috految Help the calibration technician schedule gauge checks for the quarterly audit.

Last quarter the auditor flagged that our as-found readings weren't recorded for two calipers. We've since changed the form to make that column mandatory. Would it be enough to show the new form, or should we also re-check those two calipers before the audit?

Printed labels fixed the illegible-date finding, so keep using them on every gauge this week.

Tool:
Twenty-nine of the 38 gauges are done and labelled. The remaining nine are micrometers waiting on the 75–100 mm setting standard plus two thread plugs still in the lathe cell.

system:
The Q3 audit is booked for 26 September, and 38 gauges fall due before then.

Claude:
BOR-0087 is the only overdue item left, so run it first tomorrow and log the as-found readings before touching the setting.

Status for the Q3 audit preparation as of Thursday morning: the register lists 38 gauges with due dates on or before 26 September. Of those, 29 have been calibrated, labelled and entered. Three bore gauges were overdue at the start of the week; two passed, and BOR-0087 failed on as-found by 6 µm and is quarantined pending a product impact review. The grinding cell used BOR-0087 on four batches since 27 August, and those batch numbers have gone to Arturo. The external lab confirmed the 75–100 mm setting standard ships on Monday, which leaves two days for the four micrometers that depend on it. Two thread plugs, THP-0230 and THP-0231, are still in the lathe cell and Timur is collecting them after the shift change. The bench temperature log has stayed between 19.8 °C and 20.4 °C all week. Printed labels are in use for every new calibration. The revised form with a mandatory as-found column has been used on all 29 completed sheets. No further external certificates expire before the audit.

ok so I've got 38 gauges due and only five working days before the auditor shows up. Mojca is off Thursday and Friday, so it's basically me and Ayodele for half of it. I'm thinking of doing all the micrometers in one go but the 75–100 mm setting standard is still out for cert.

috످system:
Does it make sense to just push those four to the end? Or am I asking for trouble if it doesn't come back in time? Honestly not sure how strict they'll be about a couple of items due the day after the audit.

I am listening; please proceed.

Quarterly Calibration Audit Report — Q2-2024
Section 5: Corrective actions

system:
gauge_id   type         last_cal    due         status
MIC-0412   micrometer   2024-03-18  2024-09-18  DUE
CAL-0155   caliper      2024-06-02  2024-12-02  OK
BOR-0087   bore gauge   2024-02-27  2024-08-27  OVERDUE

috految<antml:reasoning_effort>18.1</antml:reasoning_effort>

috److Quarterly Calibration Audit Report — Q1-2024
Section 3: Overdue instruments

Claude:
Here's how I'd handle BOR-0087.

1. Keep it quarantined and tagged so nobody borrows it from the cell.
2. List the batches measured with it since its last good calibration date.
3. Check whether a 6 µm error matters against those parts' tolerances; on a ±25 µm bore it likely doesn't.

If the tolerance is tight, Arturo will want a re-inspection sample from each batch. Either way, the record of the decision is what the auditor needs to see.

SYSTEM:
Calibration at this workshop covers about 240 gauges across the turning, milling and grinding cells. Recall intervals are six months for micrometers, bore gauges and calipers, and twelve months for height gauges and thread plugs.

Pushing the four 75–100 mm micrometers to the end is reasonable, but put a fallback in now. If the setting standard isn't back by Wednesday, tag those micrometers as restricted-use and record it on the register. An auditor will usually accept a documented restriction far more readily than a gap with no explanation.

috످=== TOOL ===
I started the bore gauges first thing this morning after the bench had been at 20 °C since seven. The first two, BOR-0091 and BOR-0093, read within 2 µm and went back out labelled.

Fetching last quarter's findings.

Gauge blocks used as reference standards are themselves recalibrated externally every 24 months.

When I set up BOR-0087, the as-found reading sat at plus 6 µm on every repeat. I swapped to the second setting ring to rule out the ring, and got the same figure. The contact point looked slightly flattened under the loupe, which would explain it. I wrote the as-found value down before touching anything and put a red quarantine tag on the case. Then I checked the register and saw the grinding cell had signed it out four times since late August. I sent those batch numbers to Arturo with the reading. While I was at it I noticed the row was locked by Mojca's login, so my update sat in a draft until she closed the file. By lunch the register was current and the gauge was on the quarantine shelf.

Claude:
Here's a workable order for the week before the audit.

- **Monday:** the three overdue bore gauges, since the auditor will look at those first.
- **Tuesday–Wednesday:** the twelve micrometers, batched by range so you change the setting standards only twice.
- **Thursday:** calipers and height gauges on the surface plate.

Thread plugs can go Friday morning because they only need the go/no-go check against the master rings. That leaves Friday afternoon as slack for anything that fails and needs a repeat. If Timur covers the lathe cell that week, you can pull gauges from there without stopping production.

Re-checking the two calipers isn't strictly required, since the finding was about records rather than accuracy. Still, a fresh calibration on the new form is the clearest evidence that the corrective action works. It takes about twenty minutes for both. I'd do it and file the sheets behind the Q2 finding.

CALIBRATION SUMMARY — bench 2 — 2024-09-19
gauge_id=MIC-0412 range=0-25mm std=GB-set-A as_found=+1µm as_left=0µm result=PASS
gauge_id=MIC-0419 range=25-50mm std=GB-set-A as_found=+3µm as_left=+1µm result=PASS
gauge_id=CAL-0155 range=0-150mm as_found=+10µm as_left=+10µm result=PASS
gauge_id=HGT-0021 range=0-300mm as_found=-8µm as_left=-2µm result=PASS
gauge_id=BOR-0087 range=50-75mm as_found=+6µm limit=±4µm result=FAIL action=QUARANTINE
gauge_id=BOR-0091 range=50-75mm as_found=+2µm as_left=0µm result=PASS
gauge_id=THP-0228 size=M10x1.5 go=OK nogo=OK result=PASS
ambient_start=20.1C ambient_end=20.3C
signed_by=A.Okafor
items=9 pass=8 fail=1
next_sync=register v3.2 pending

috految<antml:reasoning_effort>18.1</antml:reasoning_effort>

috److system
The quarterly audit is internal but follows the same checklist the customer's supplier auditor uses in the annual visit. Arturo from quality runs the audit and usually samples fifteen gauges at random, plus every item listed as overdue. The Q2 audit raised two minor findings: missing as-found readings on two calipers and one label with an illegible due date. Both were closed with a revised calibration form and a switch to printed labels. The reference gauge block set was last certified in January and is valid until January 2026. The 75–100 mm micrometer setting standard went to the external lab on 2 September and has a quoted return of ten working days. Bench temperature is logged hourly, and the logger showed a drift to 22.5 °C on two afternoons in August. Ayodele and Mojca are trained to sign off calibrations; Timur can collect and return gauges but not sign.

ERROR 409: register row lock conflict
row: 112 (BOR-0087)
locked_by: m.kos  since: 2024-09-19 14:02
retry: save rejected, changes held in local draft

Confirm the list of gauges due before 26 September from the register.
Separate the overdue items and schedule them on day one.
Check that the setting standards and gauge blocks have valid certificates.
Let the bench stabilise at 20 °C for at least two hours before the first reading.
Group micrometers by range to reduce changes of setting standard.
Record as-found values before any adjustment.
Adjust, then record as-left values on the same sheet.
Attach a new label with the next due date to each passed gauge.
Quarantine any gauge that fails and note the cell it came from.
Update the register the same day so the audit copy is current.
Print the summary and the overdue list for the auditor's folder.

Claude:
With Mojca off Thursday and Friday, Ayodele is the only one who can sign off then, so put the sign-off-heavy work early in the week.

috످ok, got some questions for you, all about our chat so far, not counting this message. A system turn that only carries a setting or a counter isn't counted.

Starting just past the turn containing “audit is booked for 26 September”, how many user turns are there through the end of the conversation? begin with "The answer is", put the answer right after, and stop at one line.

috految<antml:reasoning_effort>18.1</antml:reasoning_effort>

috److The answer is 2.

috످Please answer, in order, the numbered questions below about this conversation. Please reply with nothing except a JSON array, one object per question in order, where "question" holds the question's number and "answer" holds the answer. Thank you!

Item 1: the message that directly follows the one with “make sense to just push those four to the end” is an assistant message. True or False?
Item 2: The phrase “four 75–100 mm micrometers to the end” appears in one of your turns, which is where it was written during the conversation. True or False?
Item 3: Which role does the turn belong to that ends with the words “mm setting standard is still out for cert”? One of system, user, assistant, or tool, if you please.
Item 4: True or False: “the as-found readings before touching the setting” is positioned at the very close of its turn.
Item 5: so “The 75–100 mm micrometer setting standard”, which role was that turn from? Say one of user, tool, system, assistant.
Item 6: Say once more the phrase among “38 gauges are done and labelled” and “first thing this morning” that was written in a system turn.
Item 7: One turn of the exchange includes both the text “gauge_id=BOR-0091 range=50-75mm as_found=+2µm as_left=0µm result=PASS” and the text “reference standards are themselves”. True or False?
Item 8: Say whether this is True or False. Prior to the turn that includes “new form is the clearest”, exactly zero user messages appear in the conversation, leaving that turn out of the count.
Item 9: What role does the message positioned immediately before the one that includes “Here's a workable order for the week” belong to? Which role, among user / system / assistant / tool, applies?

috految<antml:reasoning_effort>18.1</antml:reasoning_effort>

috److془Turns: system, user1, assistant1, user2, assistant2.

Item 1: The question about postponing four micrometers is in user's first turn; followed by assistant. True.
Item 2: The advice on delaying micrometers with fallback is in my first reply. True.
Item 3: The worry about workload and missing standard closes the system prompt. 
Item 4: The instruction for overdue gauge is mid system. False.
Item 5: The background on the standard being at lab is in my second reply. assistant.
Item 6: Progress tally is in system; the bore gauge account is in second user.
Item 7: The bore result and gauge block note both in user 2. True.
Item 8: The caliper advice is in user 2; one user before. False.
Item 9: The weekly schedule is in user 2; preceded by assistant.془[
  {"question": 1, "answer": "True"},
  {"question": 2, "answer": "True"},
  {"question": 3, "answer": "system"},
  {"question": 4, "answer": "False"},
  {"question": 5, "answer": "assistant"},
  {"question": 6, "answer": "38 gauges are done and labelled"},
  {"question": 7, "answer": "True"},
  {"question": 8, "answer": "False"},
  {"question": 9, "answer": "assistant"}
]

috످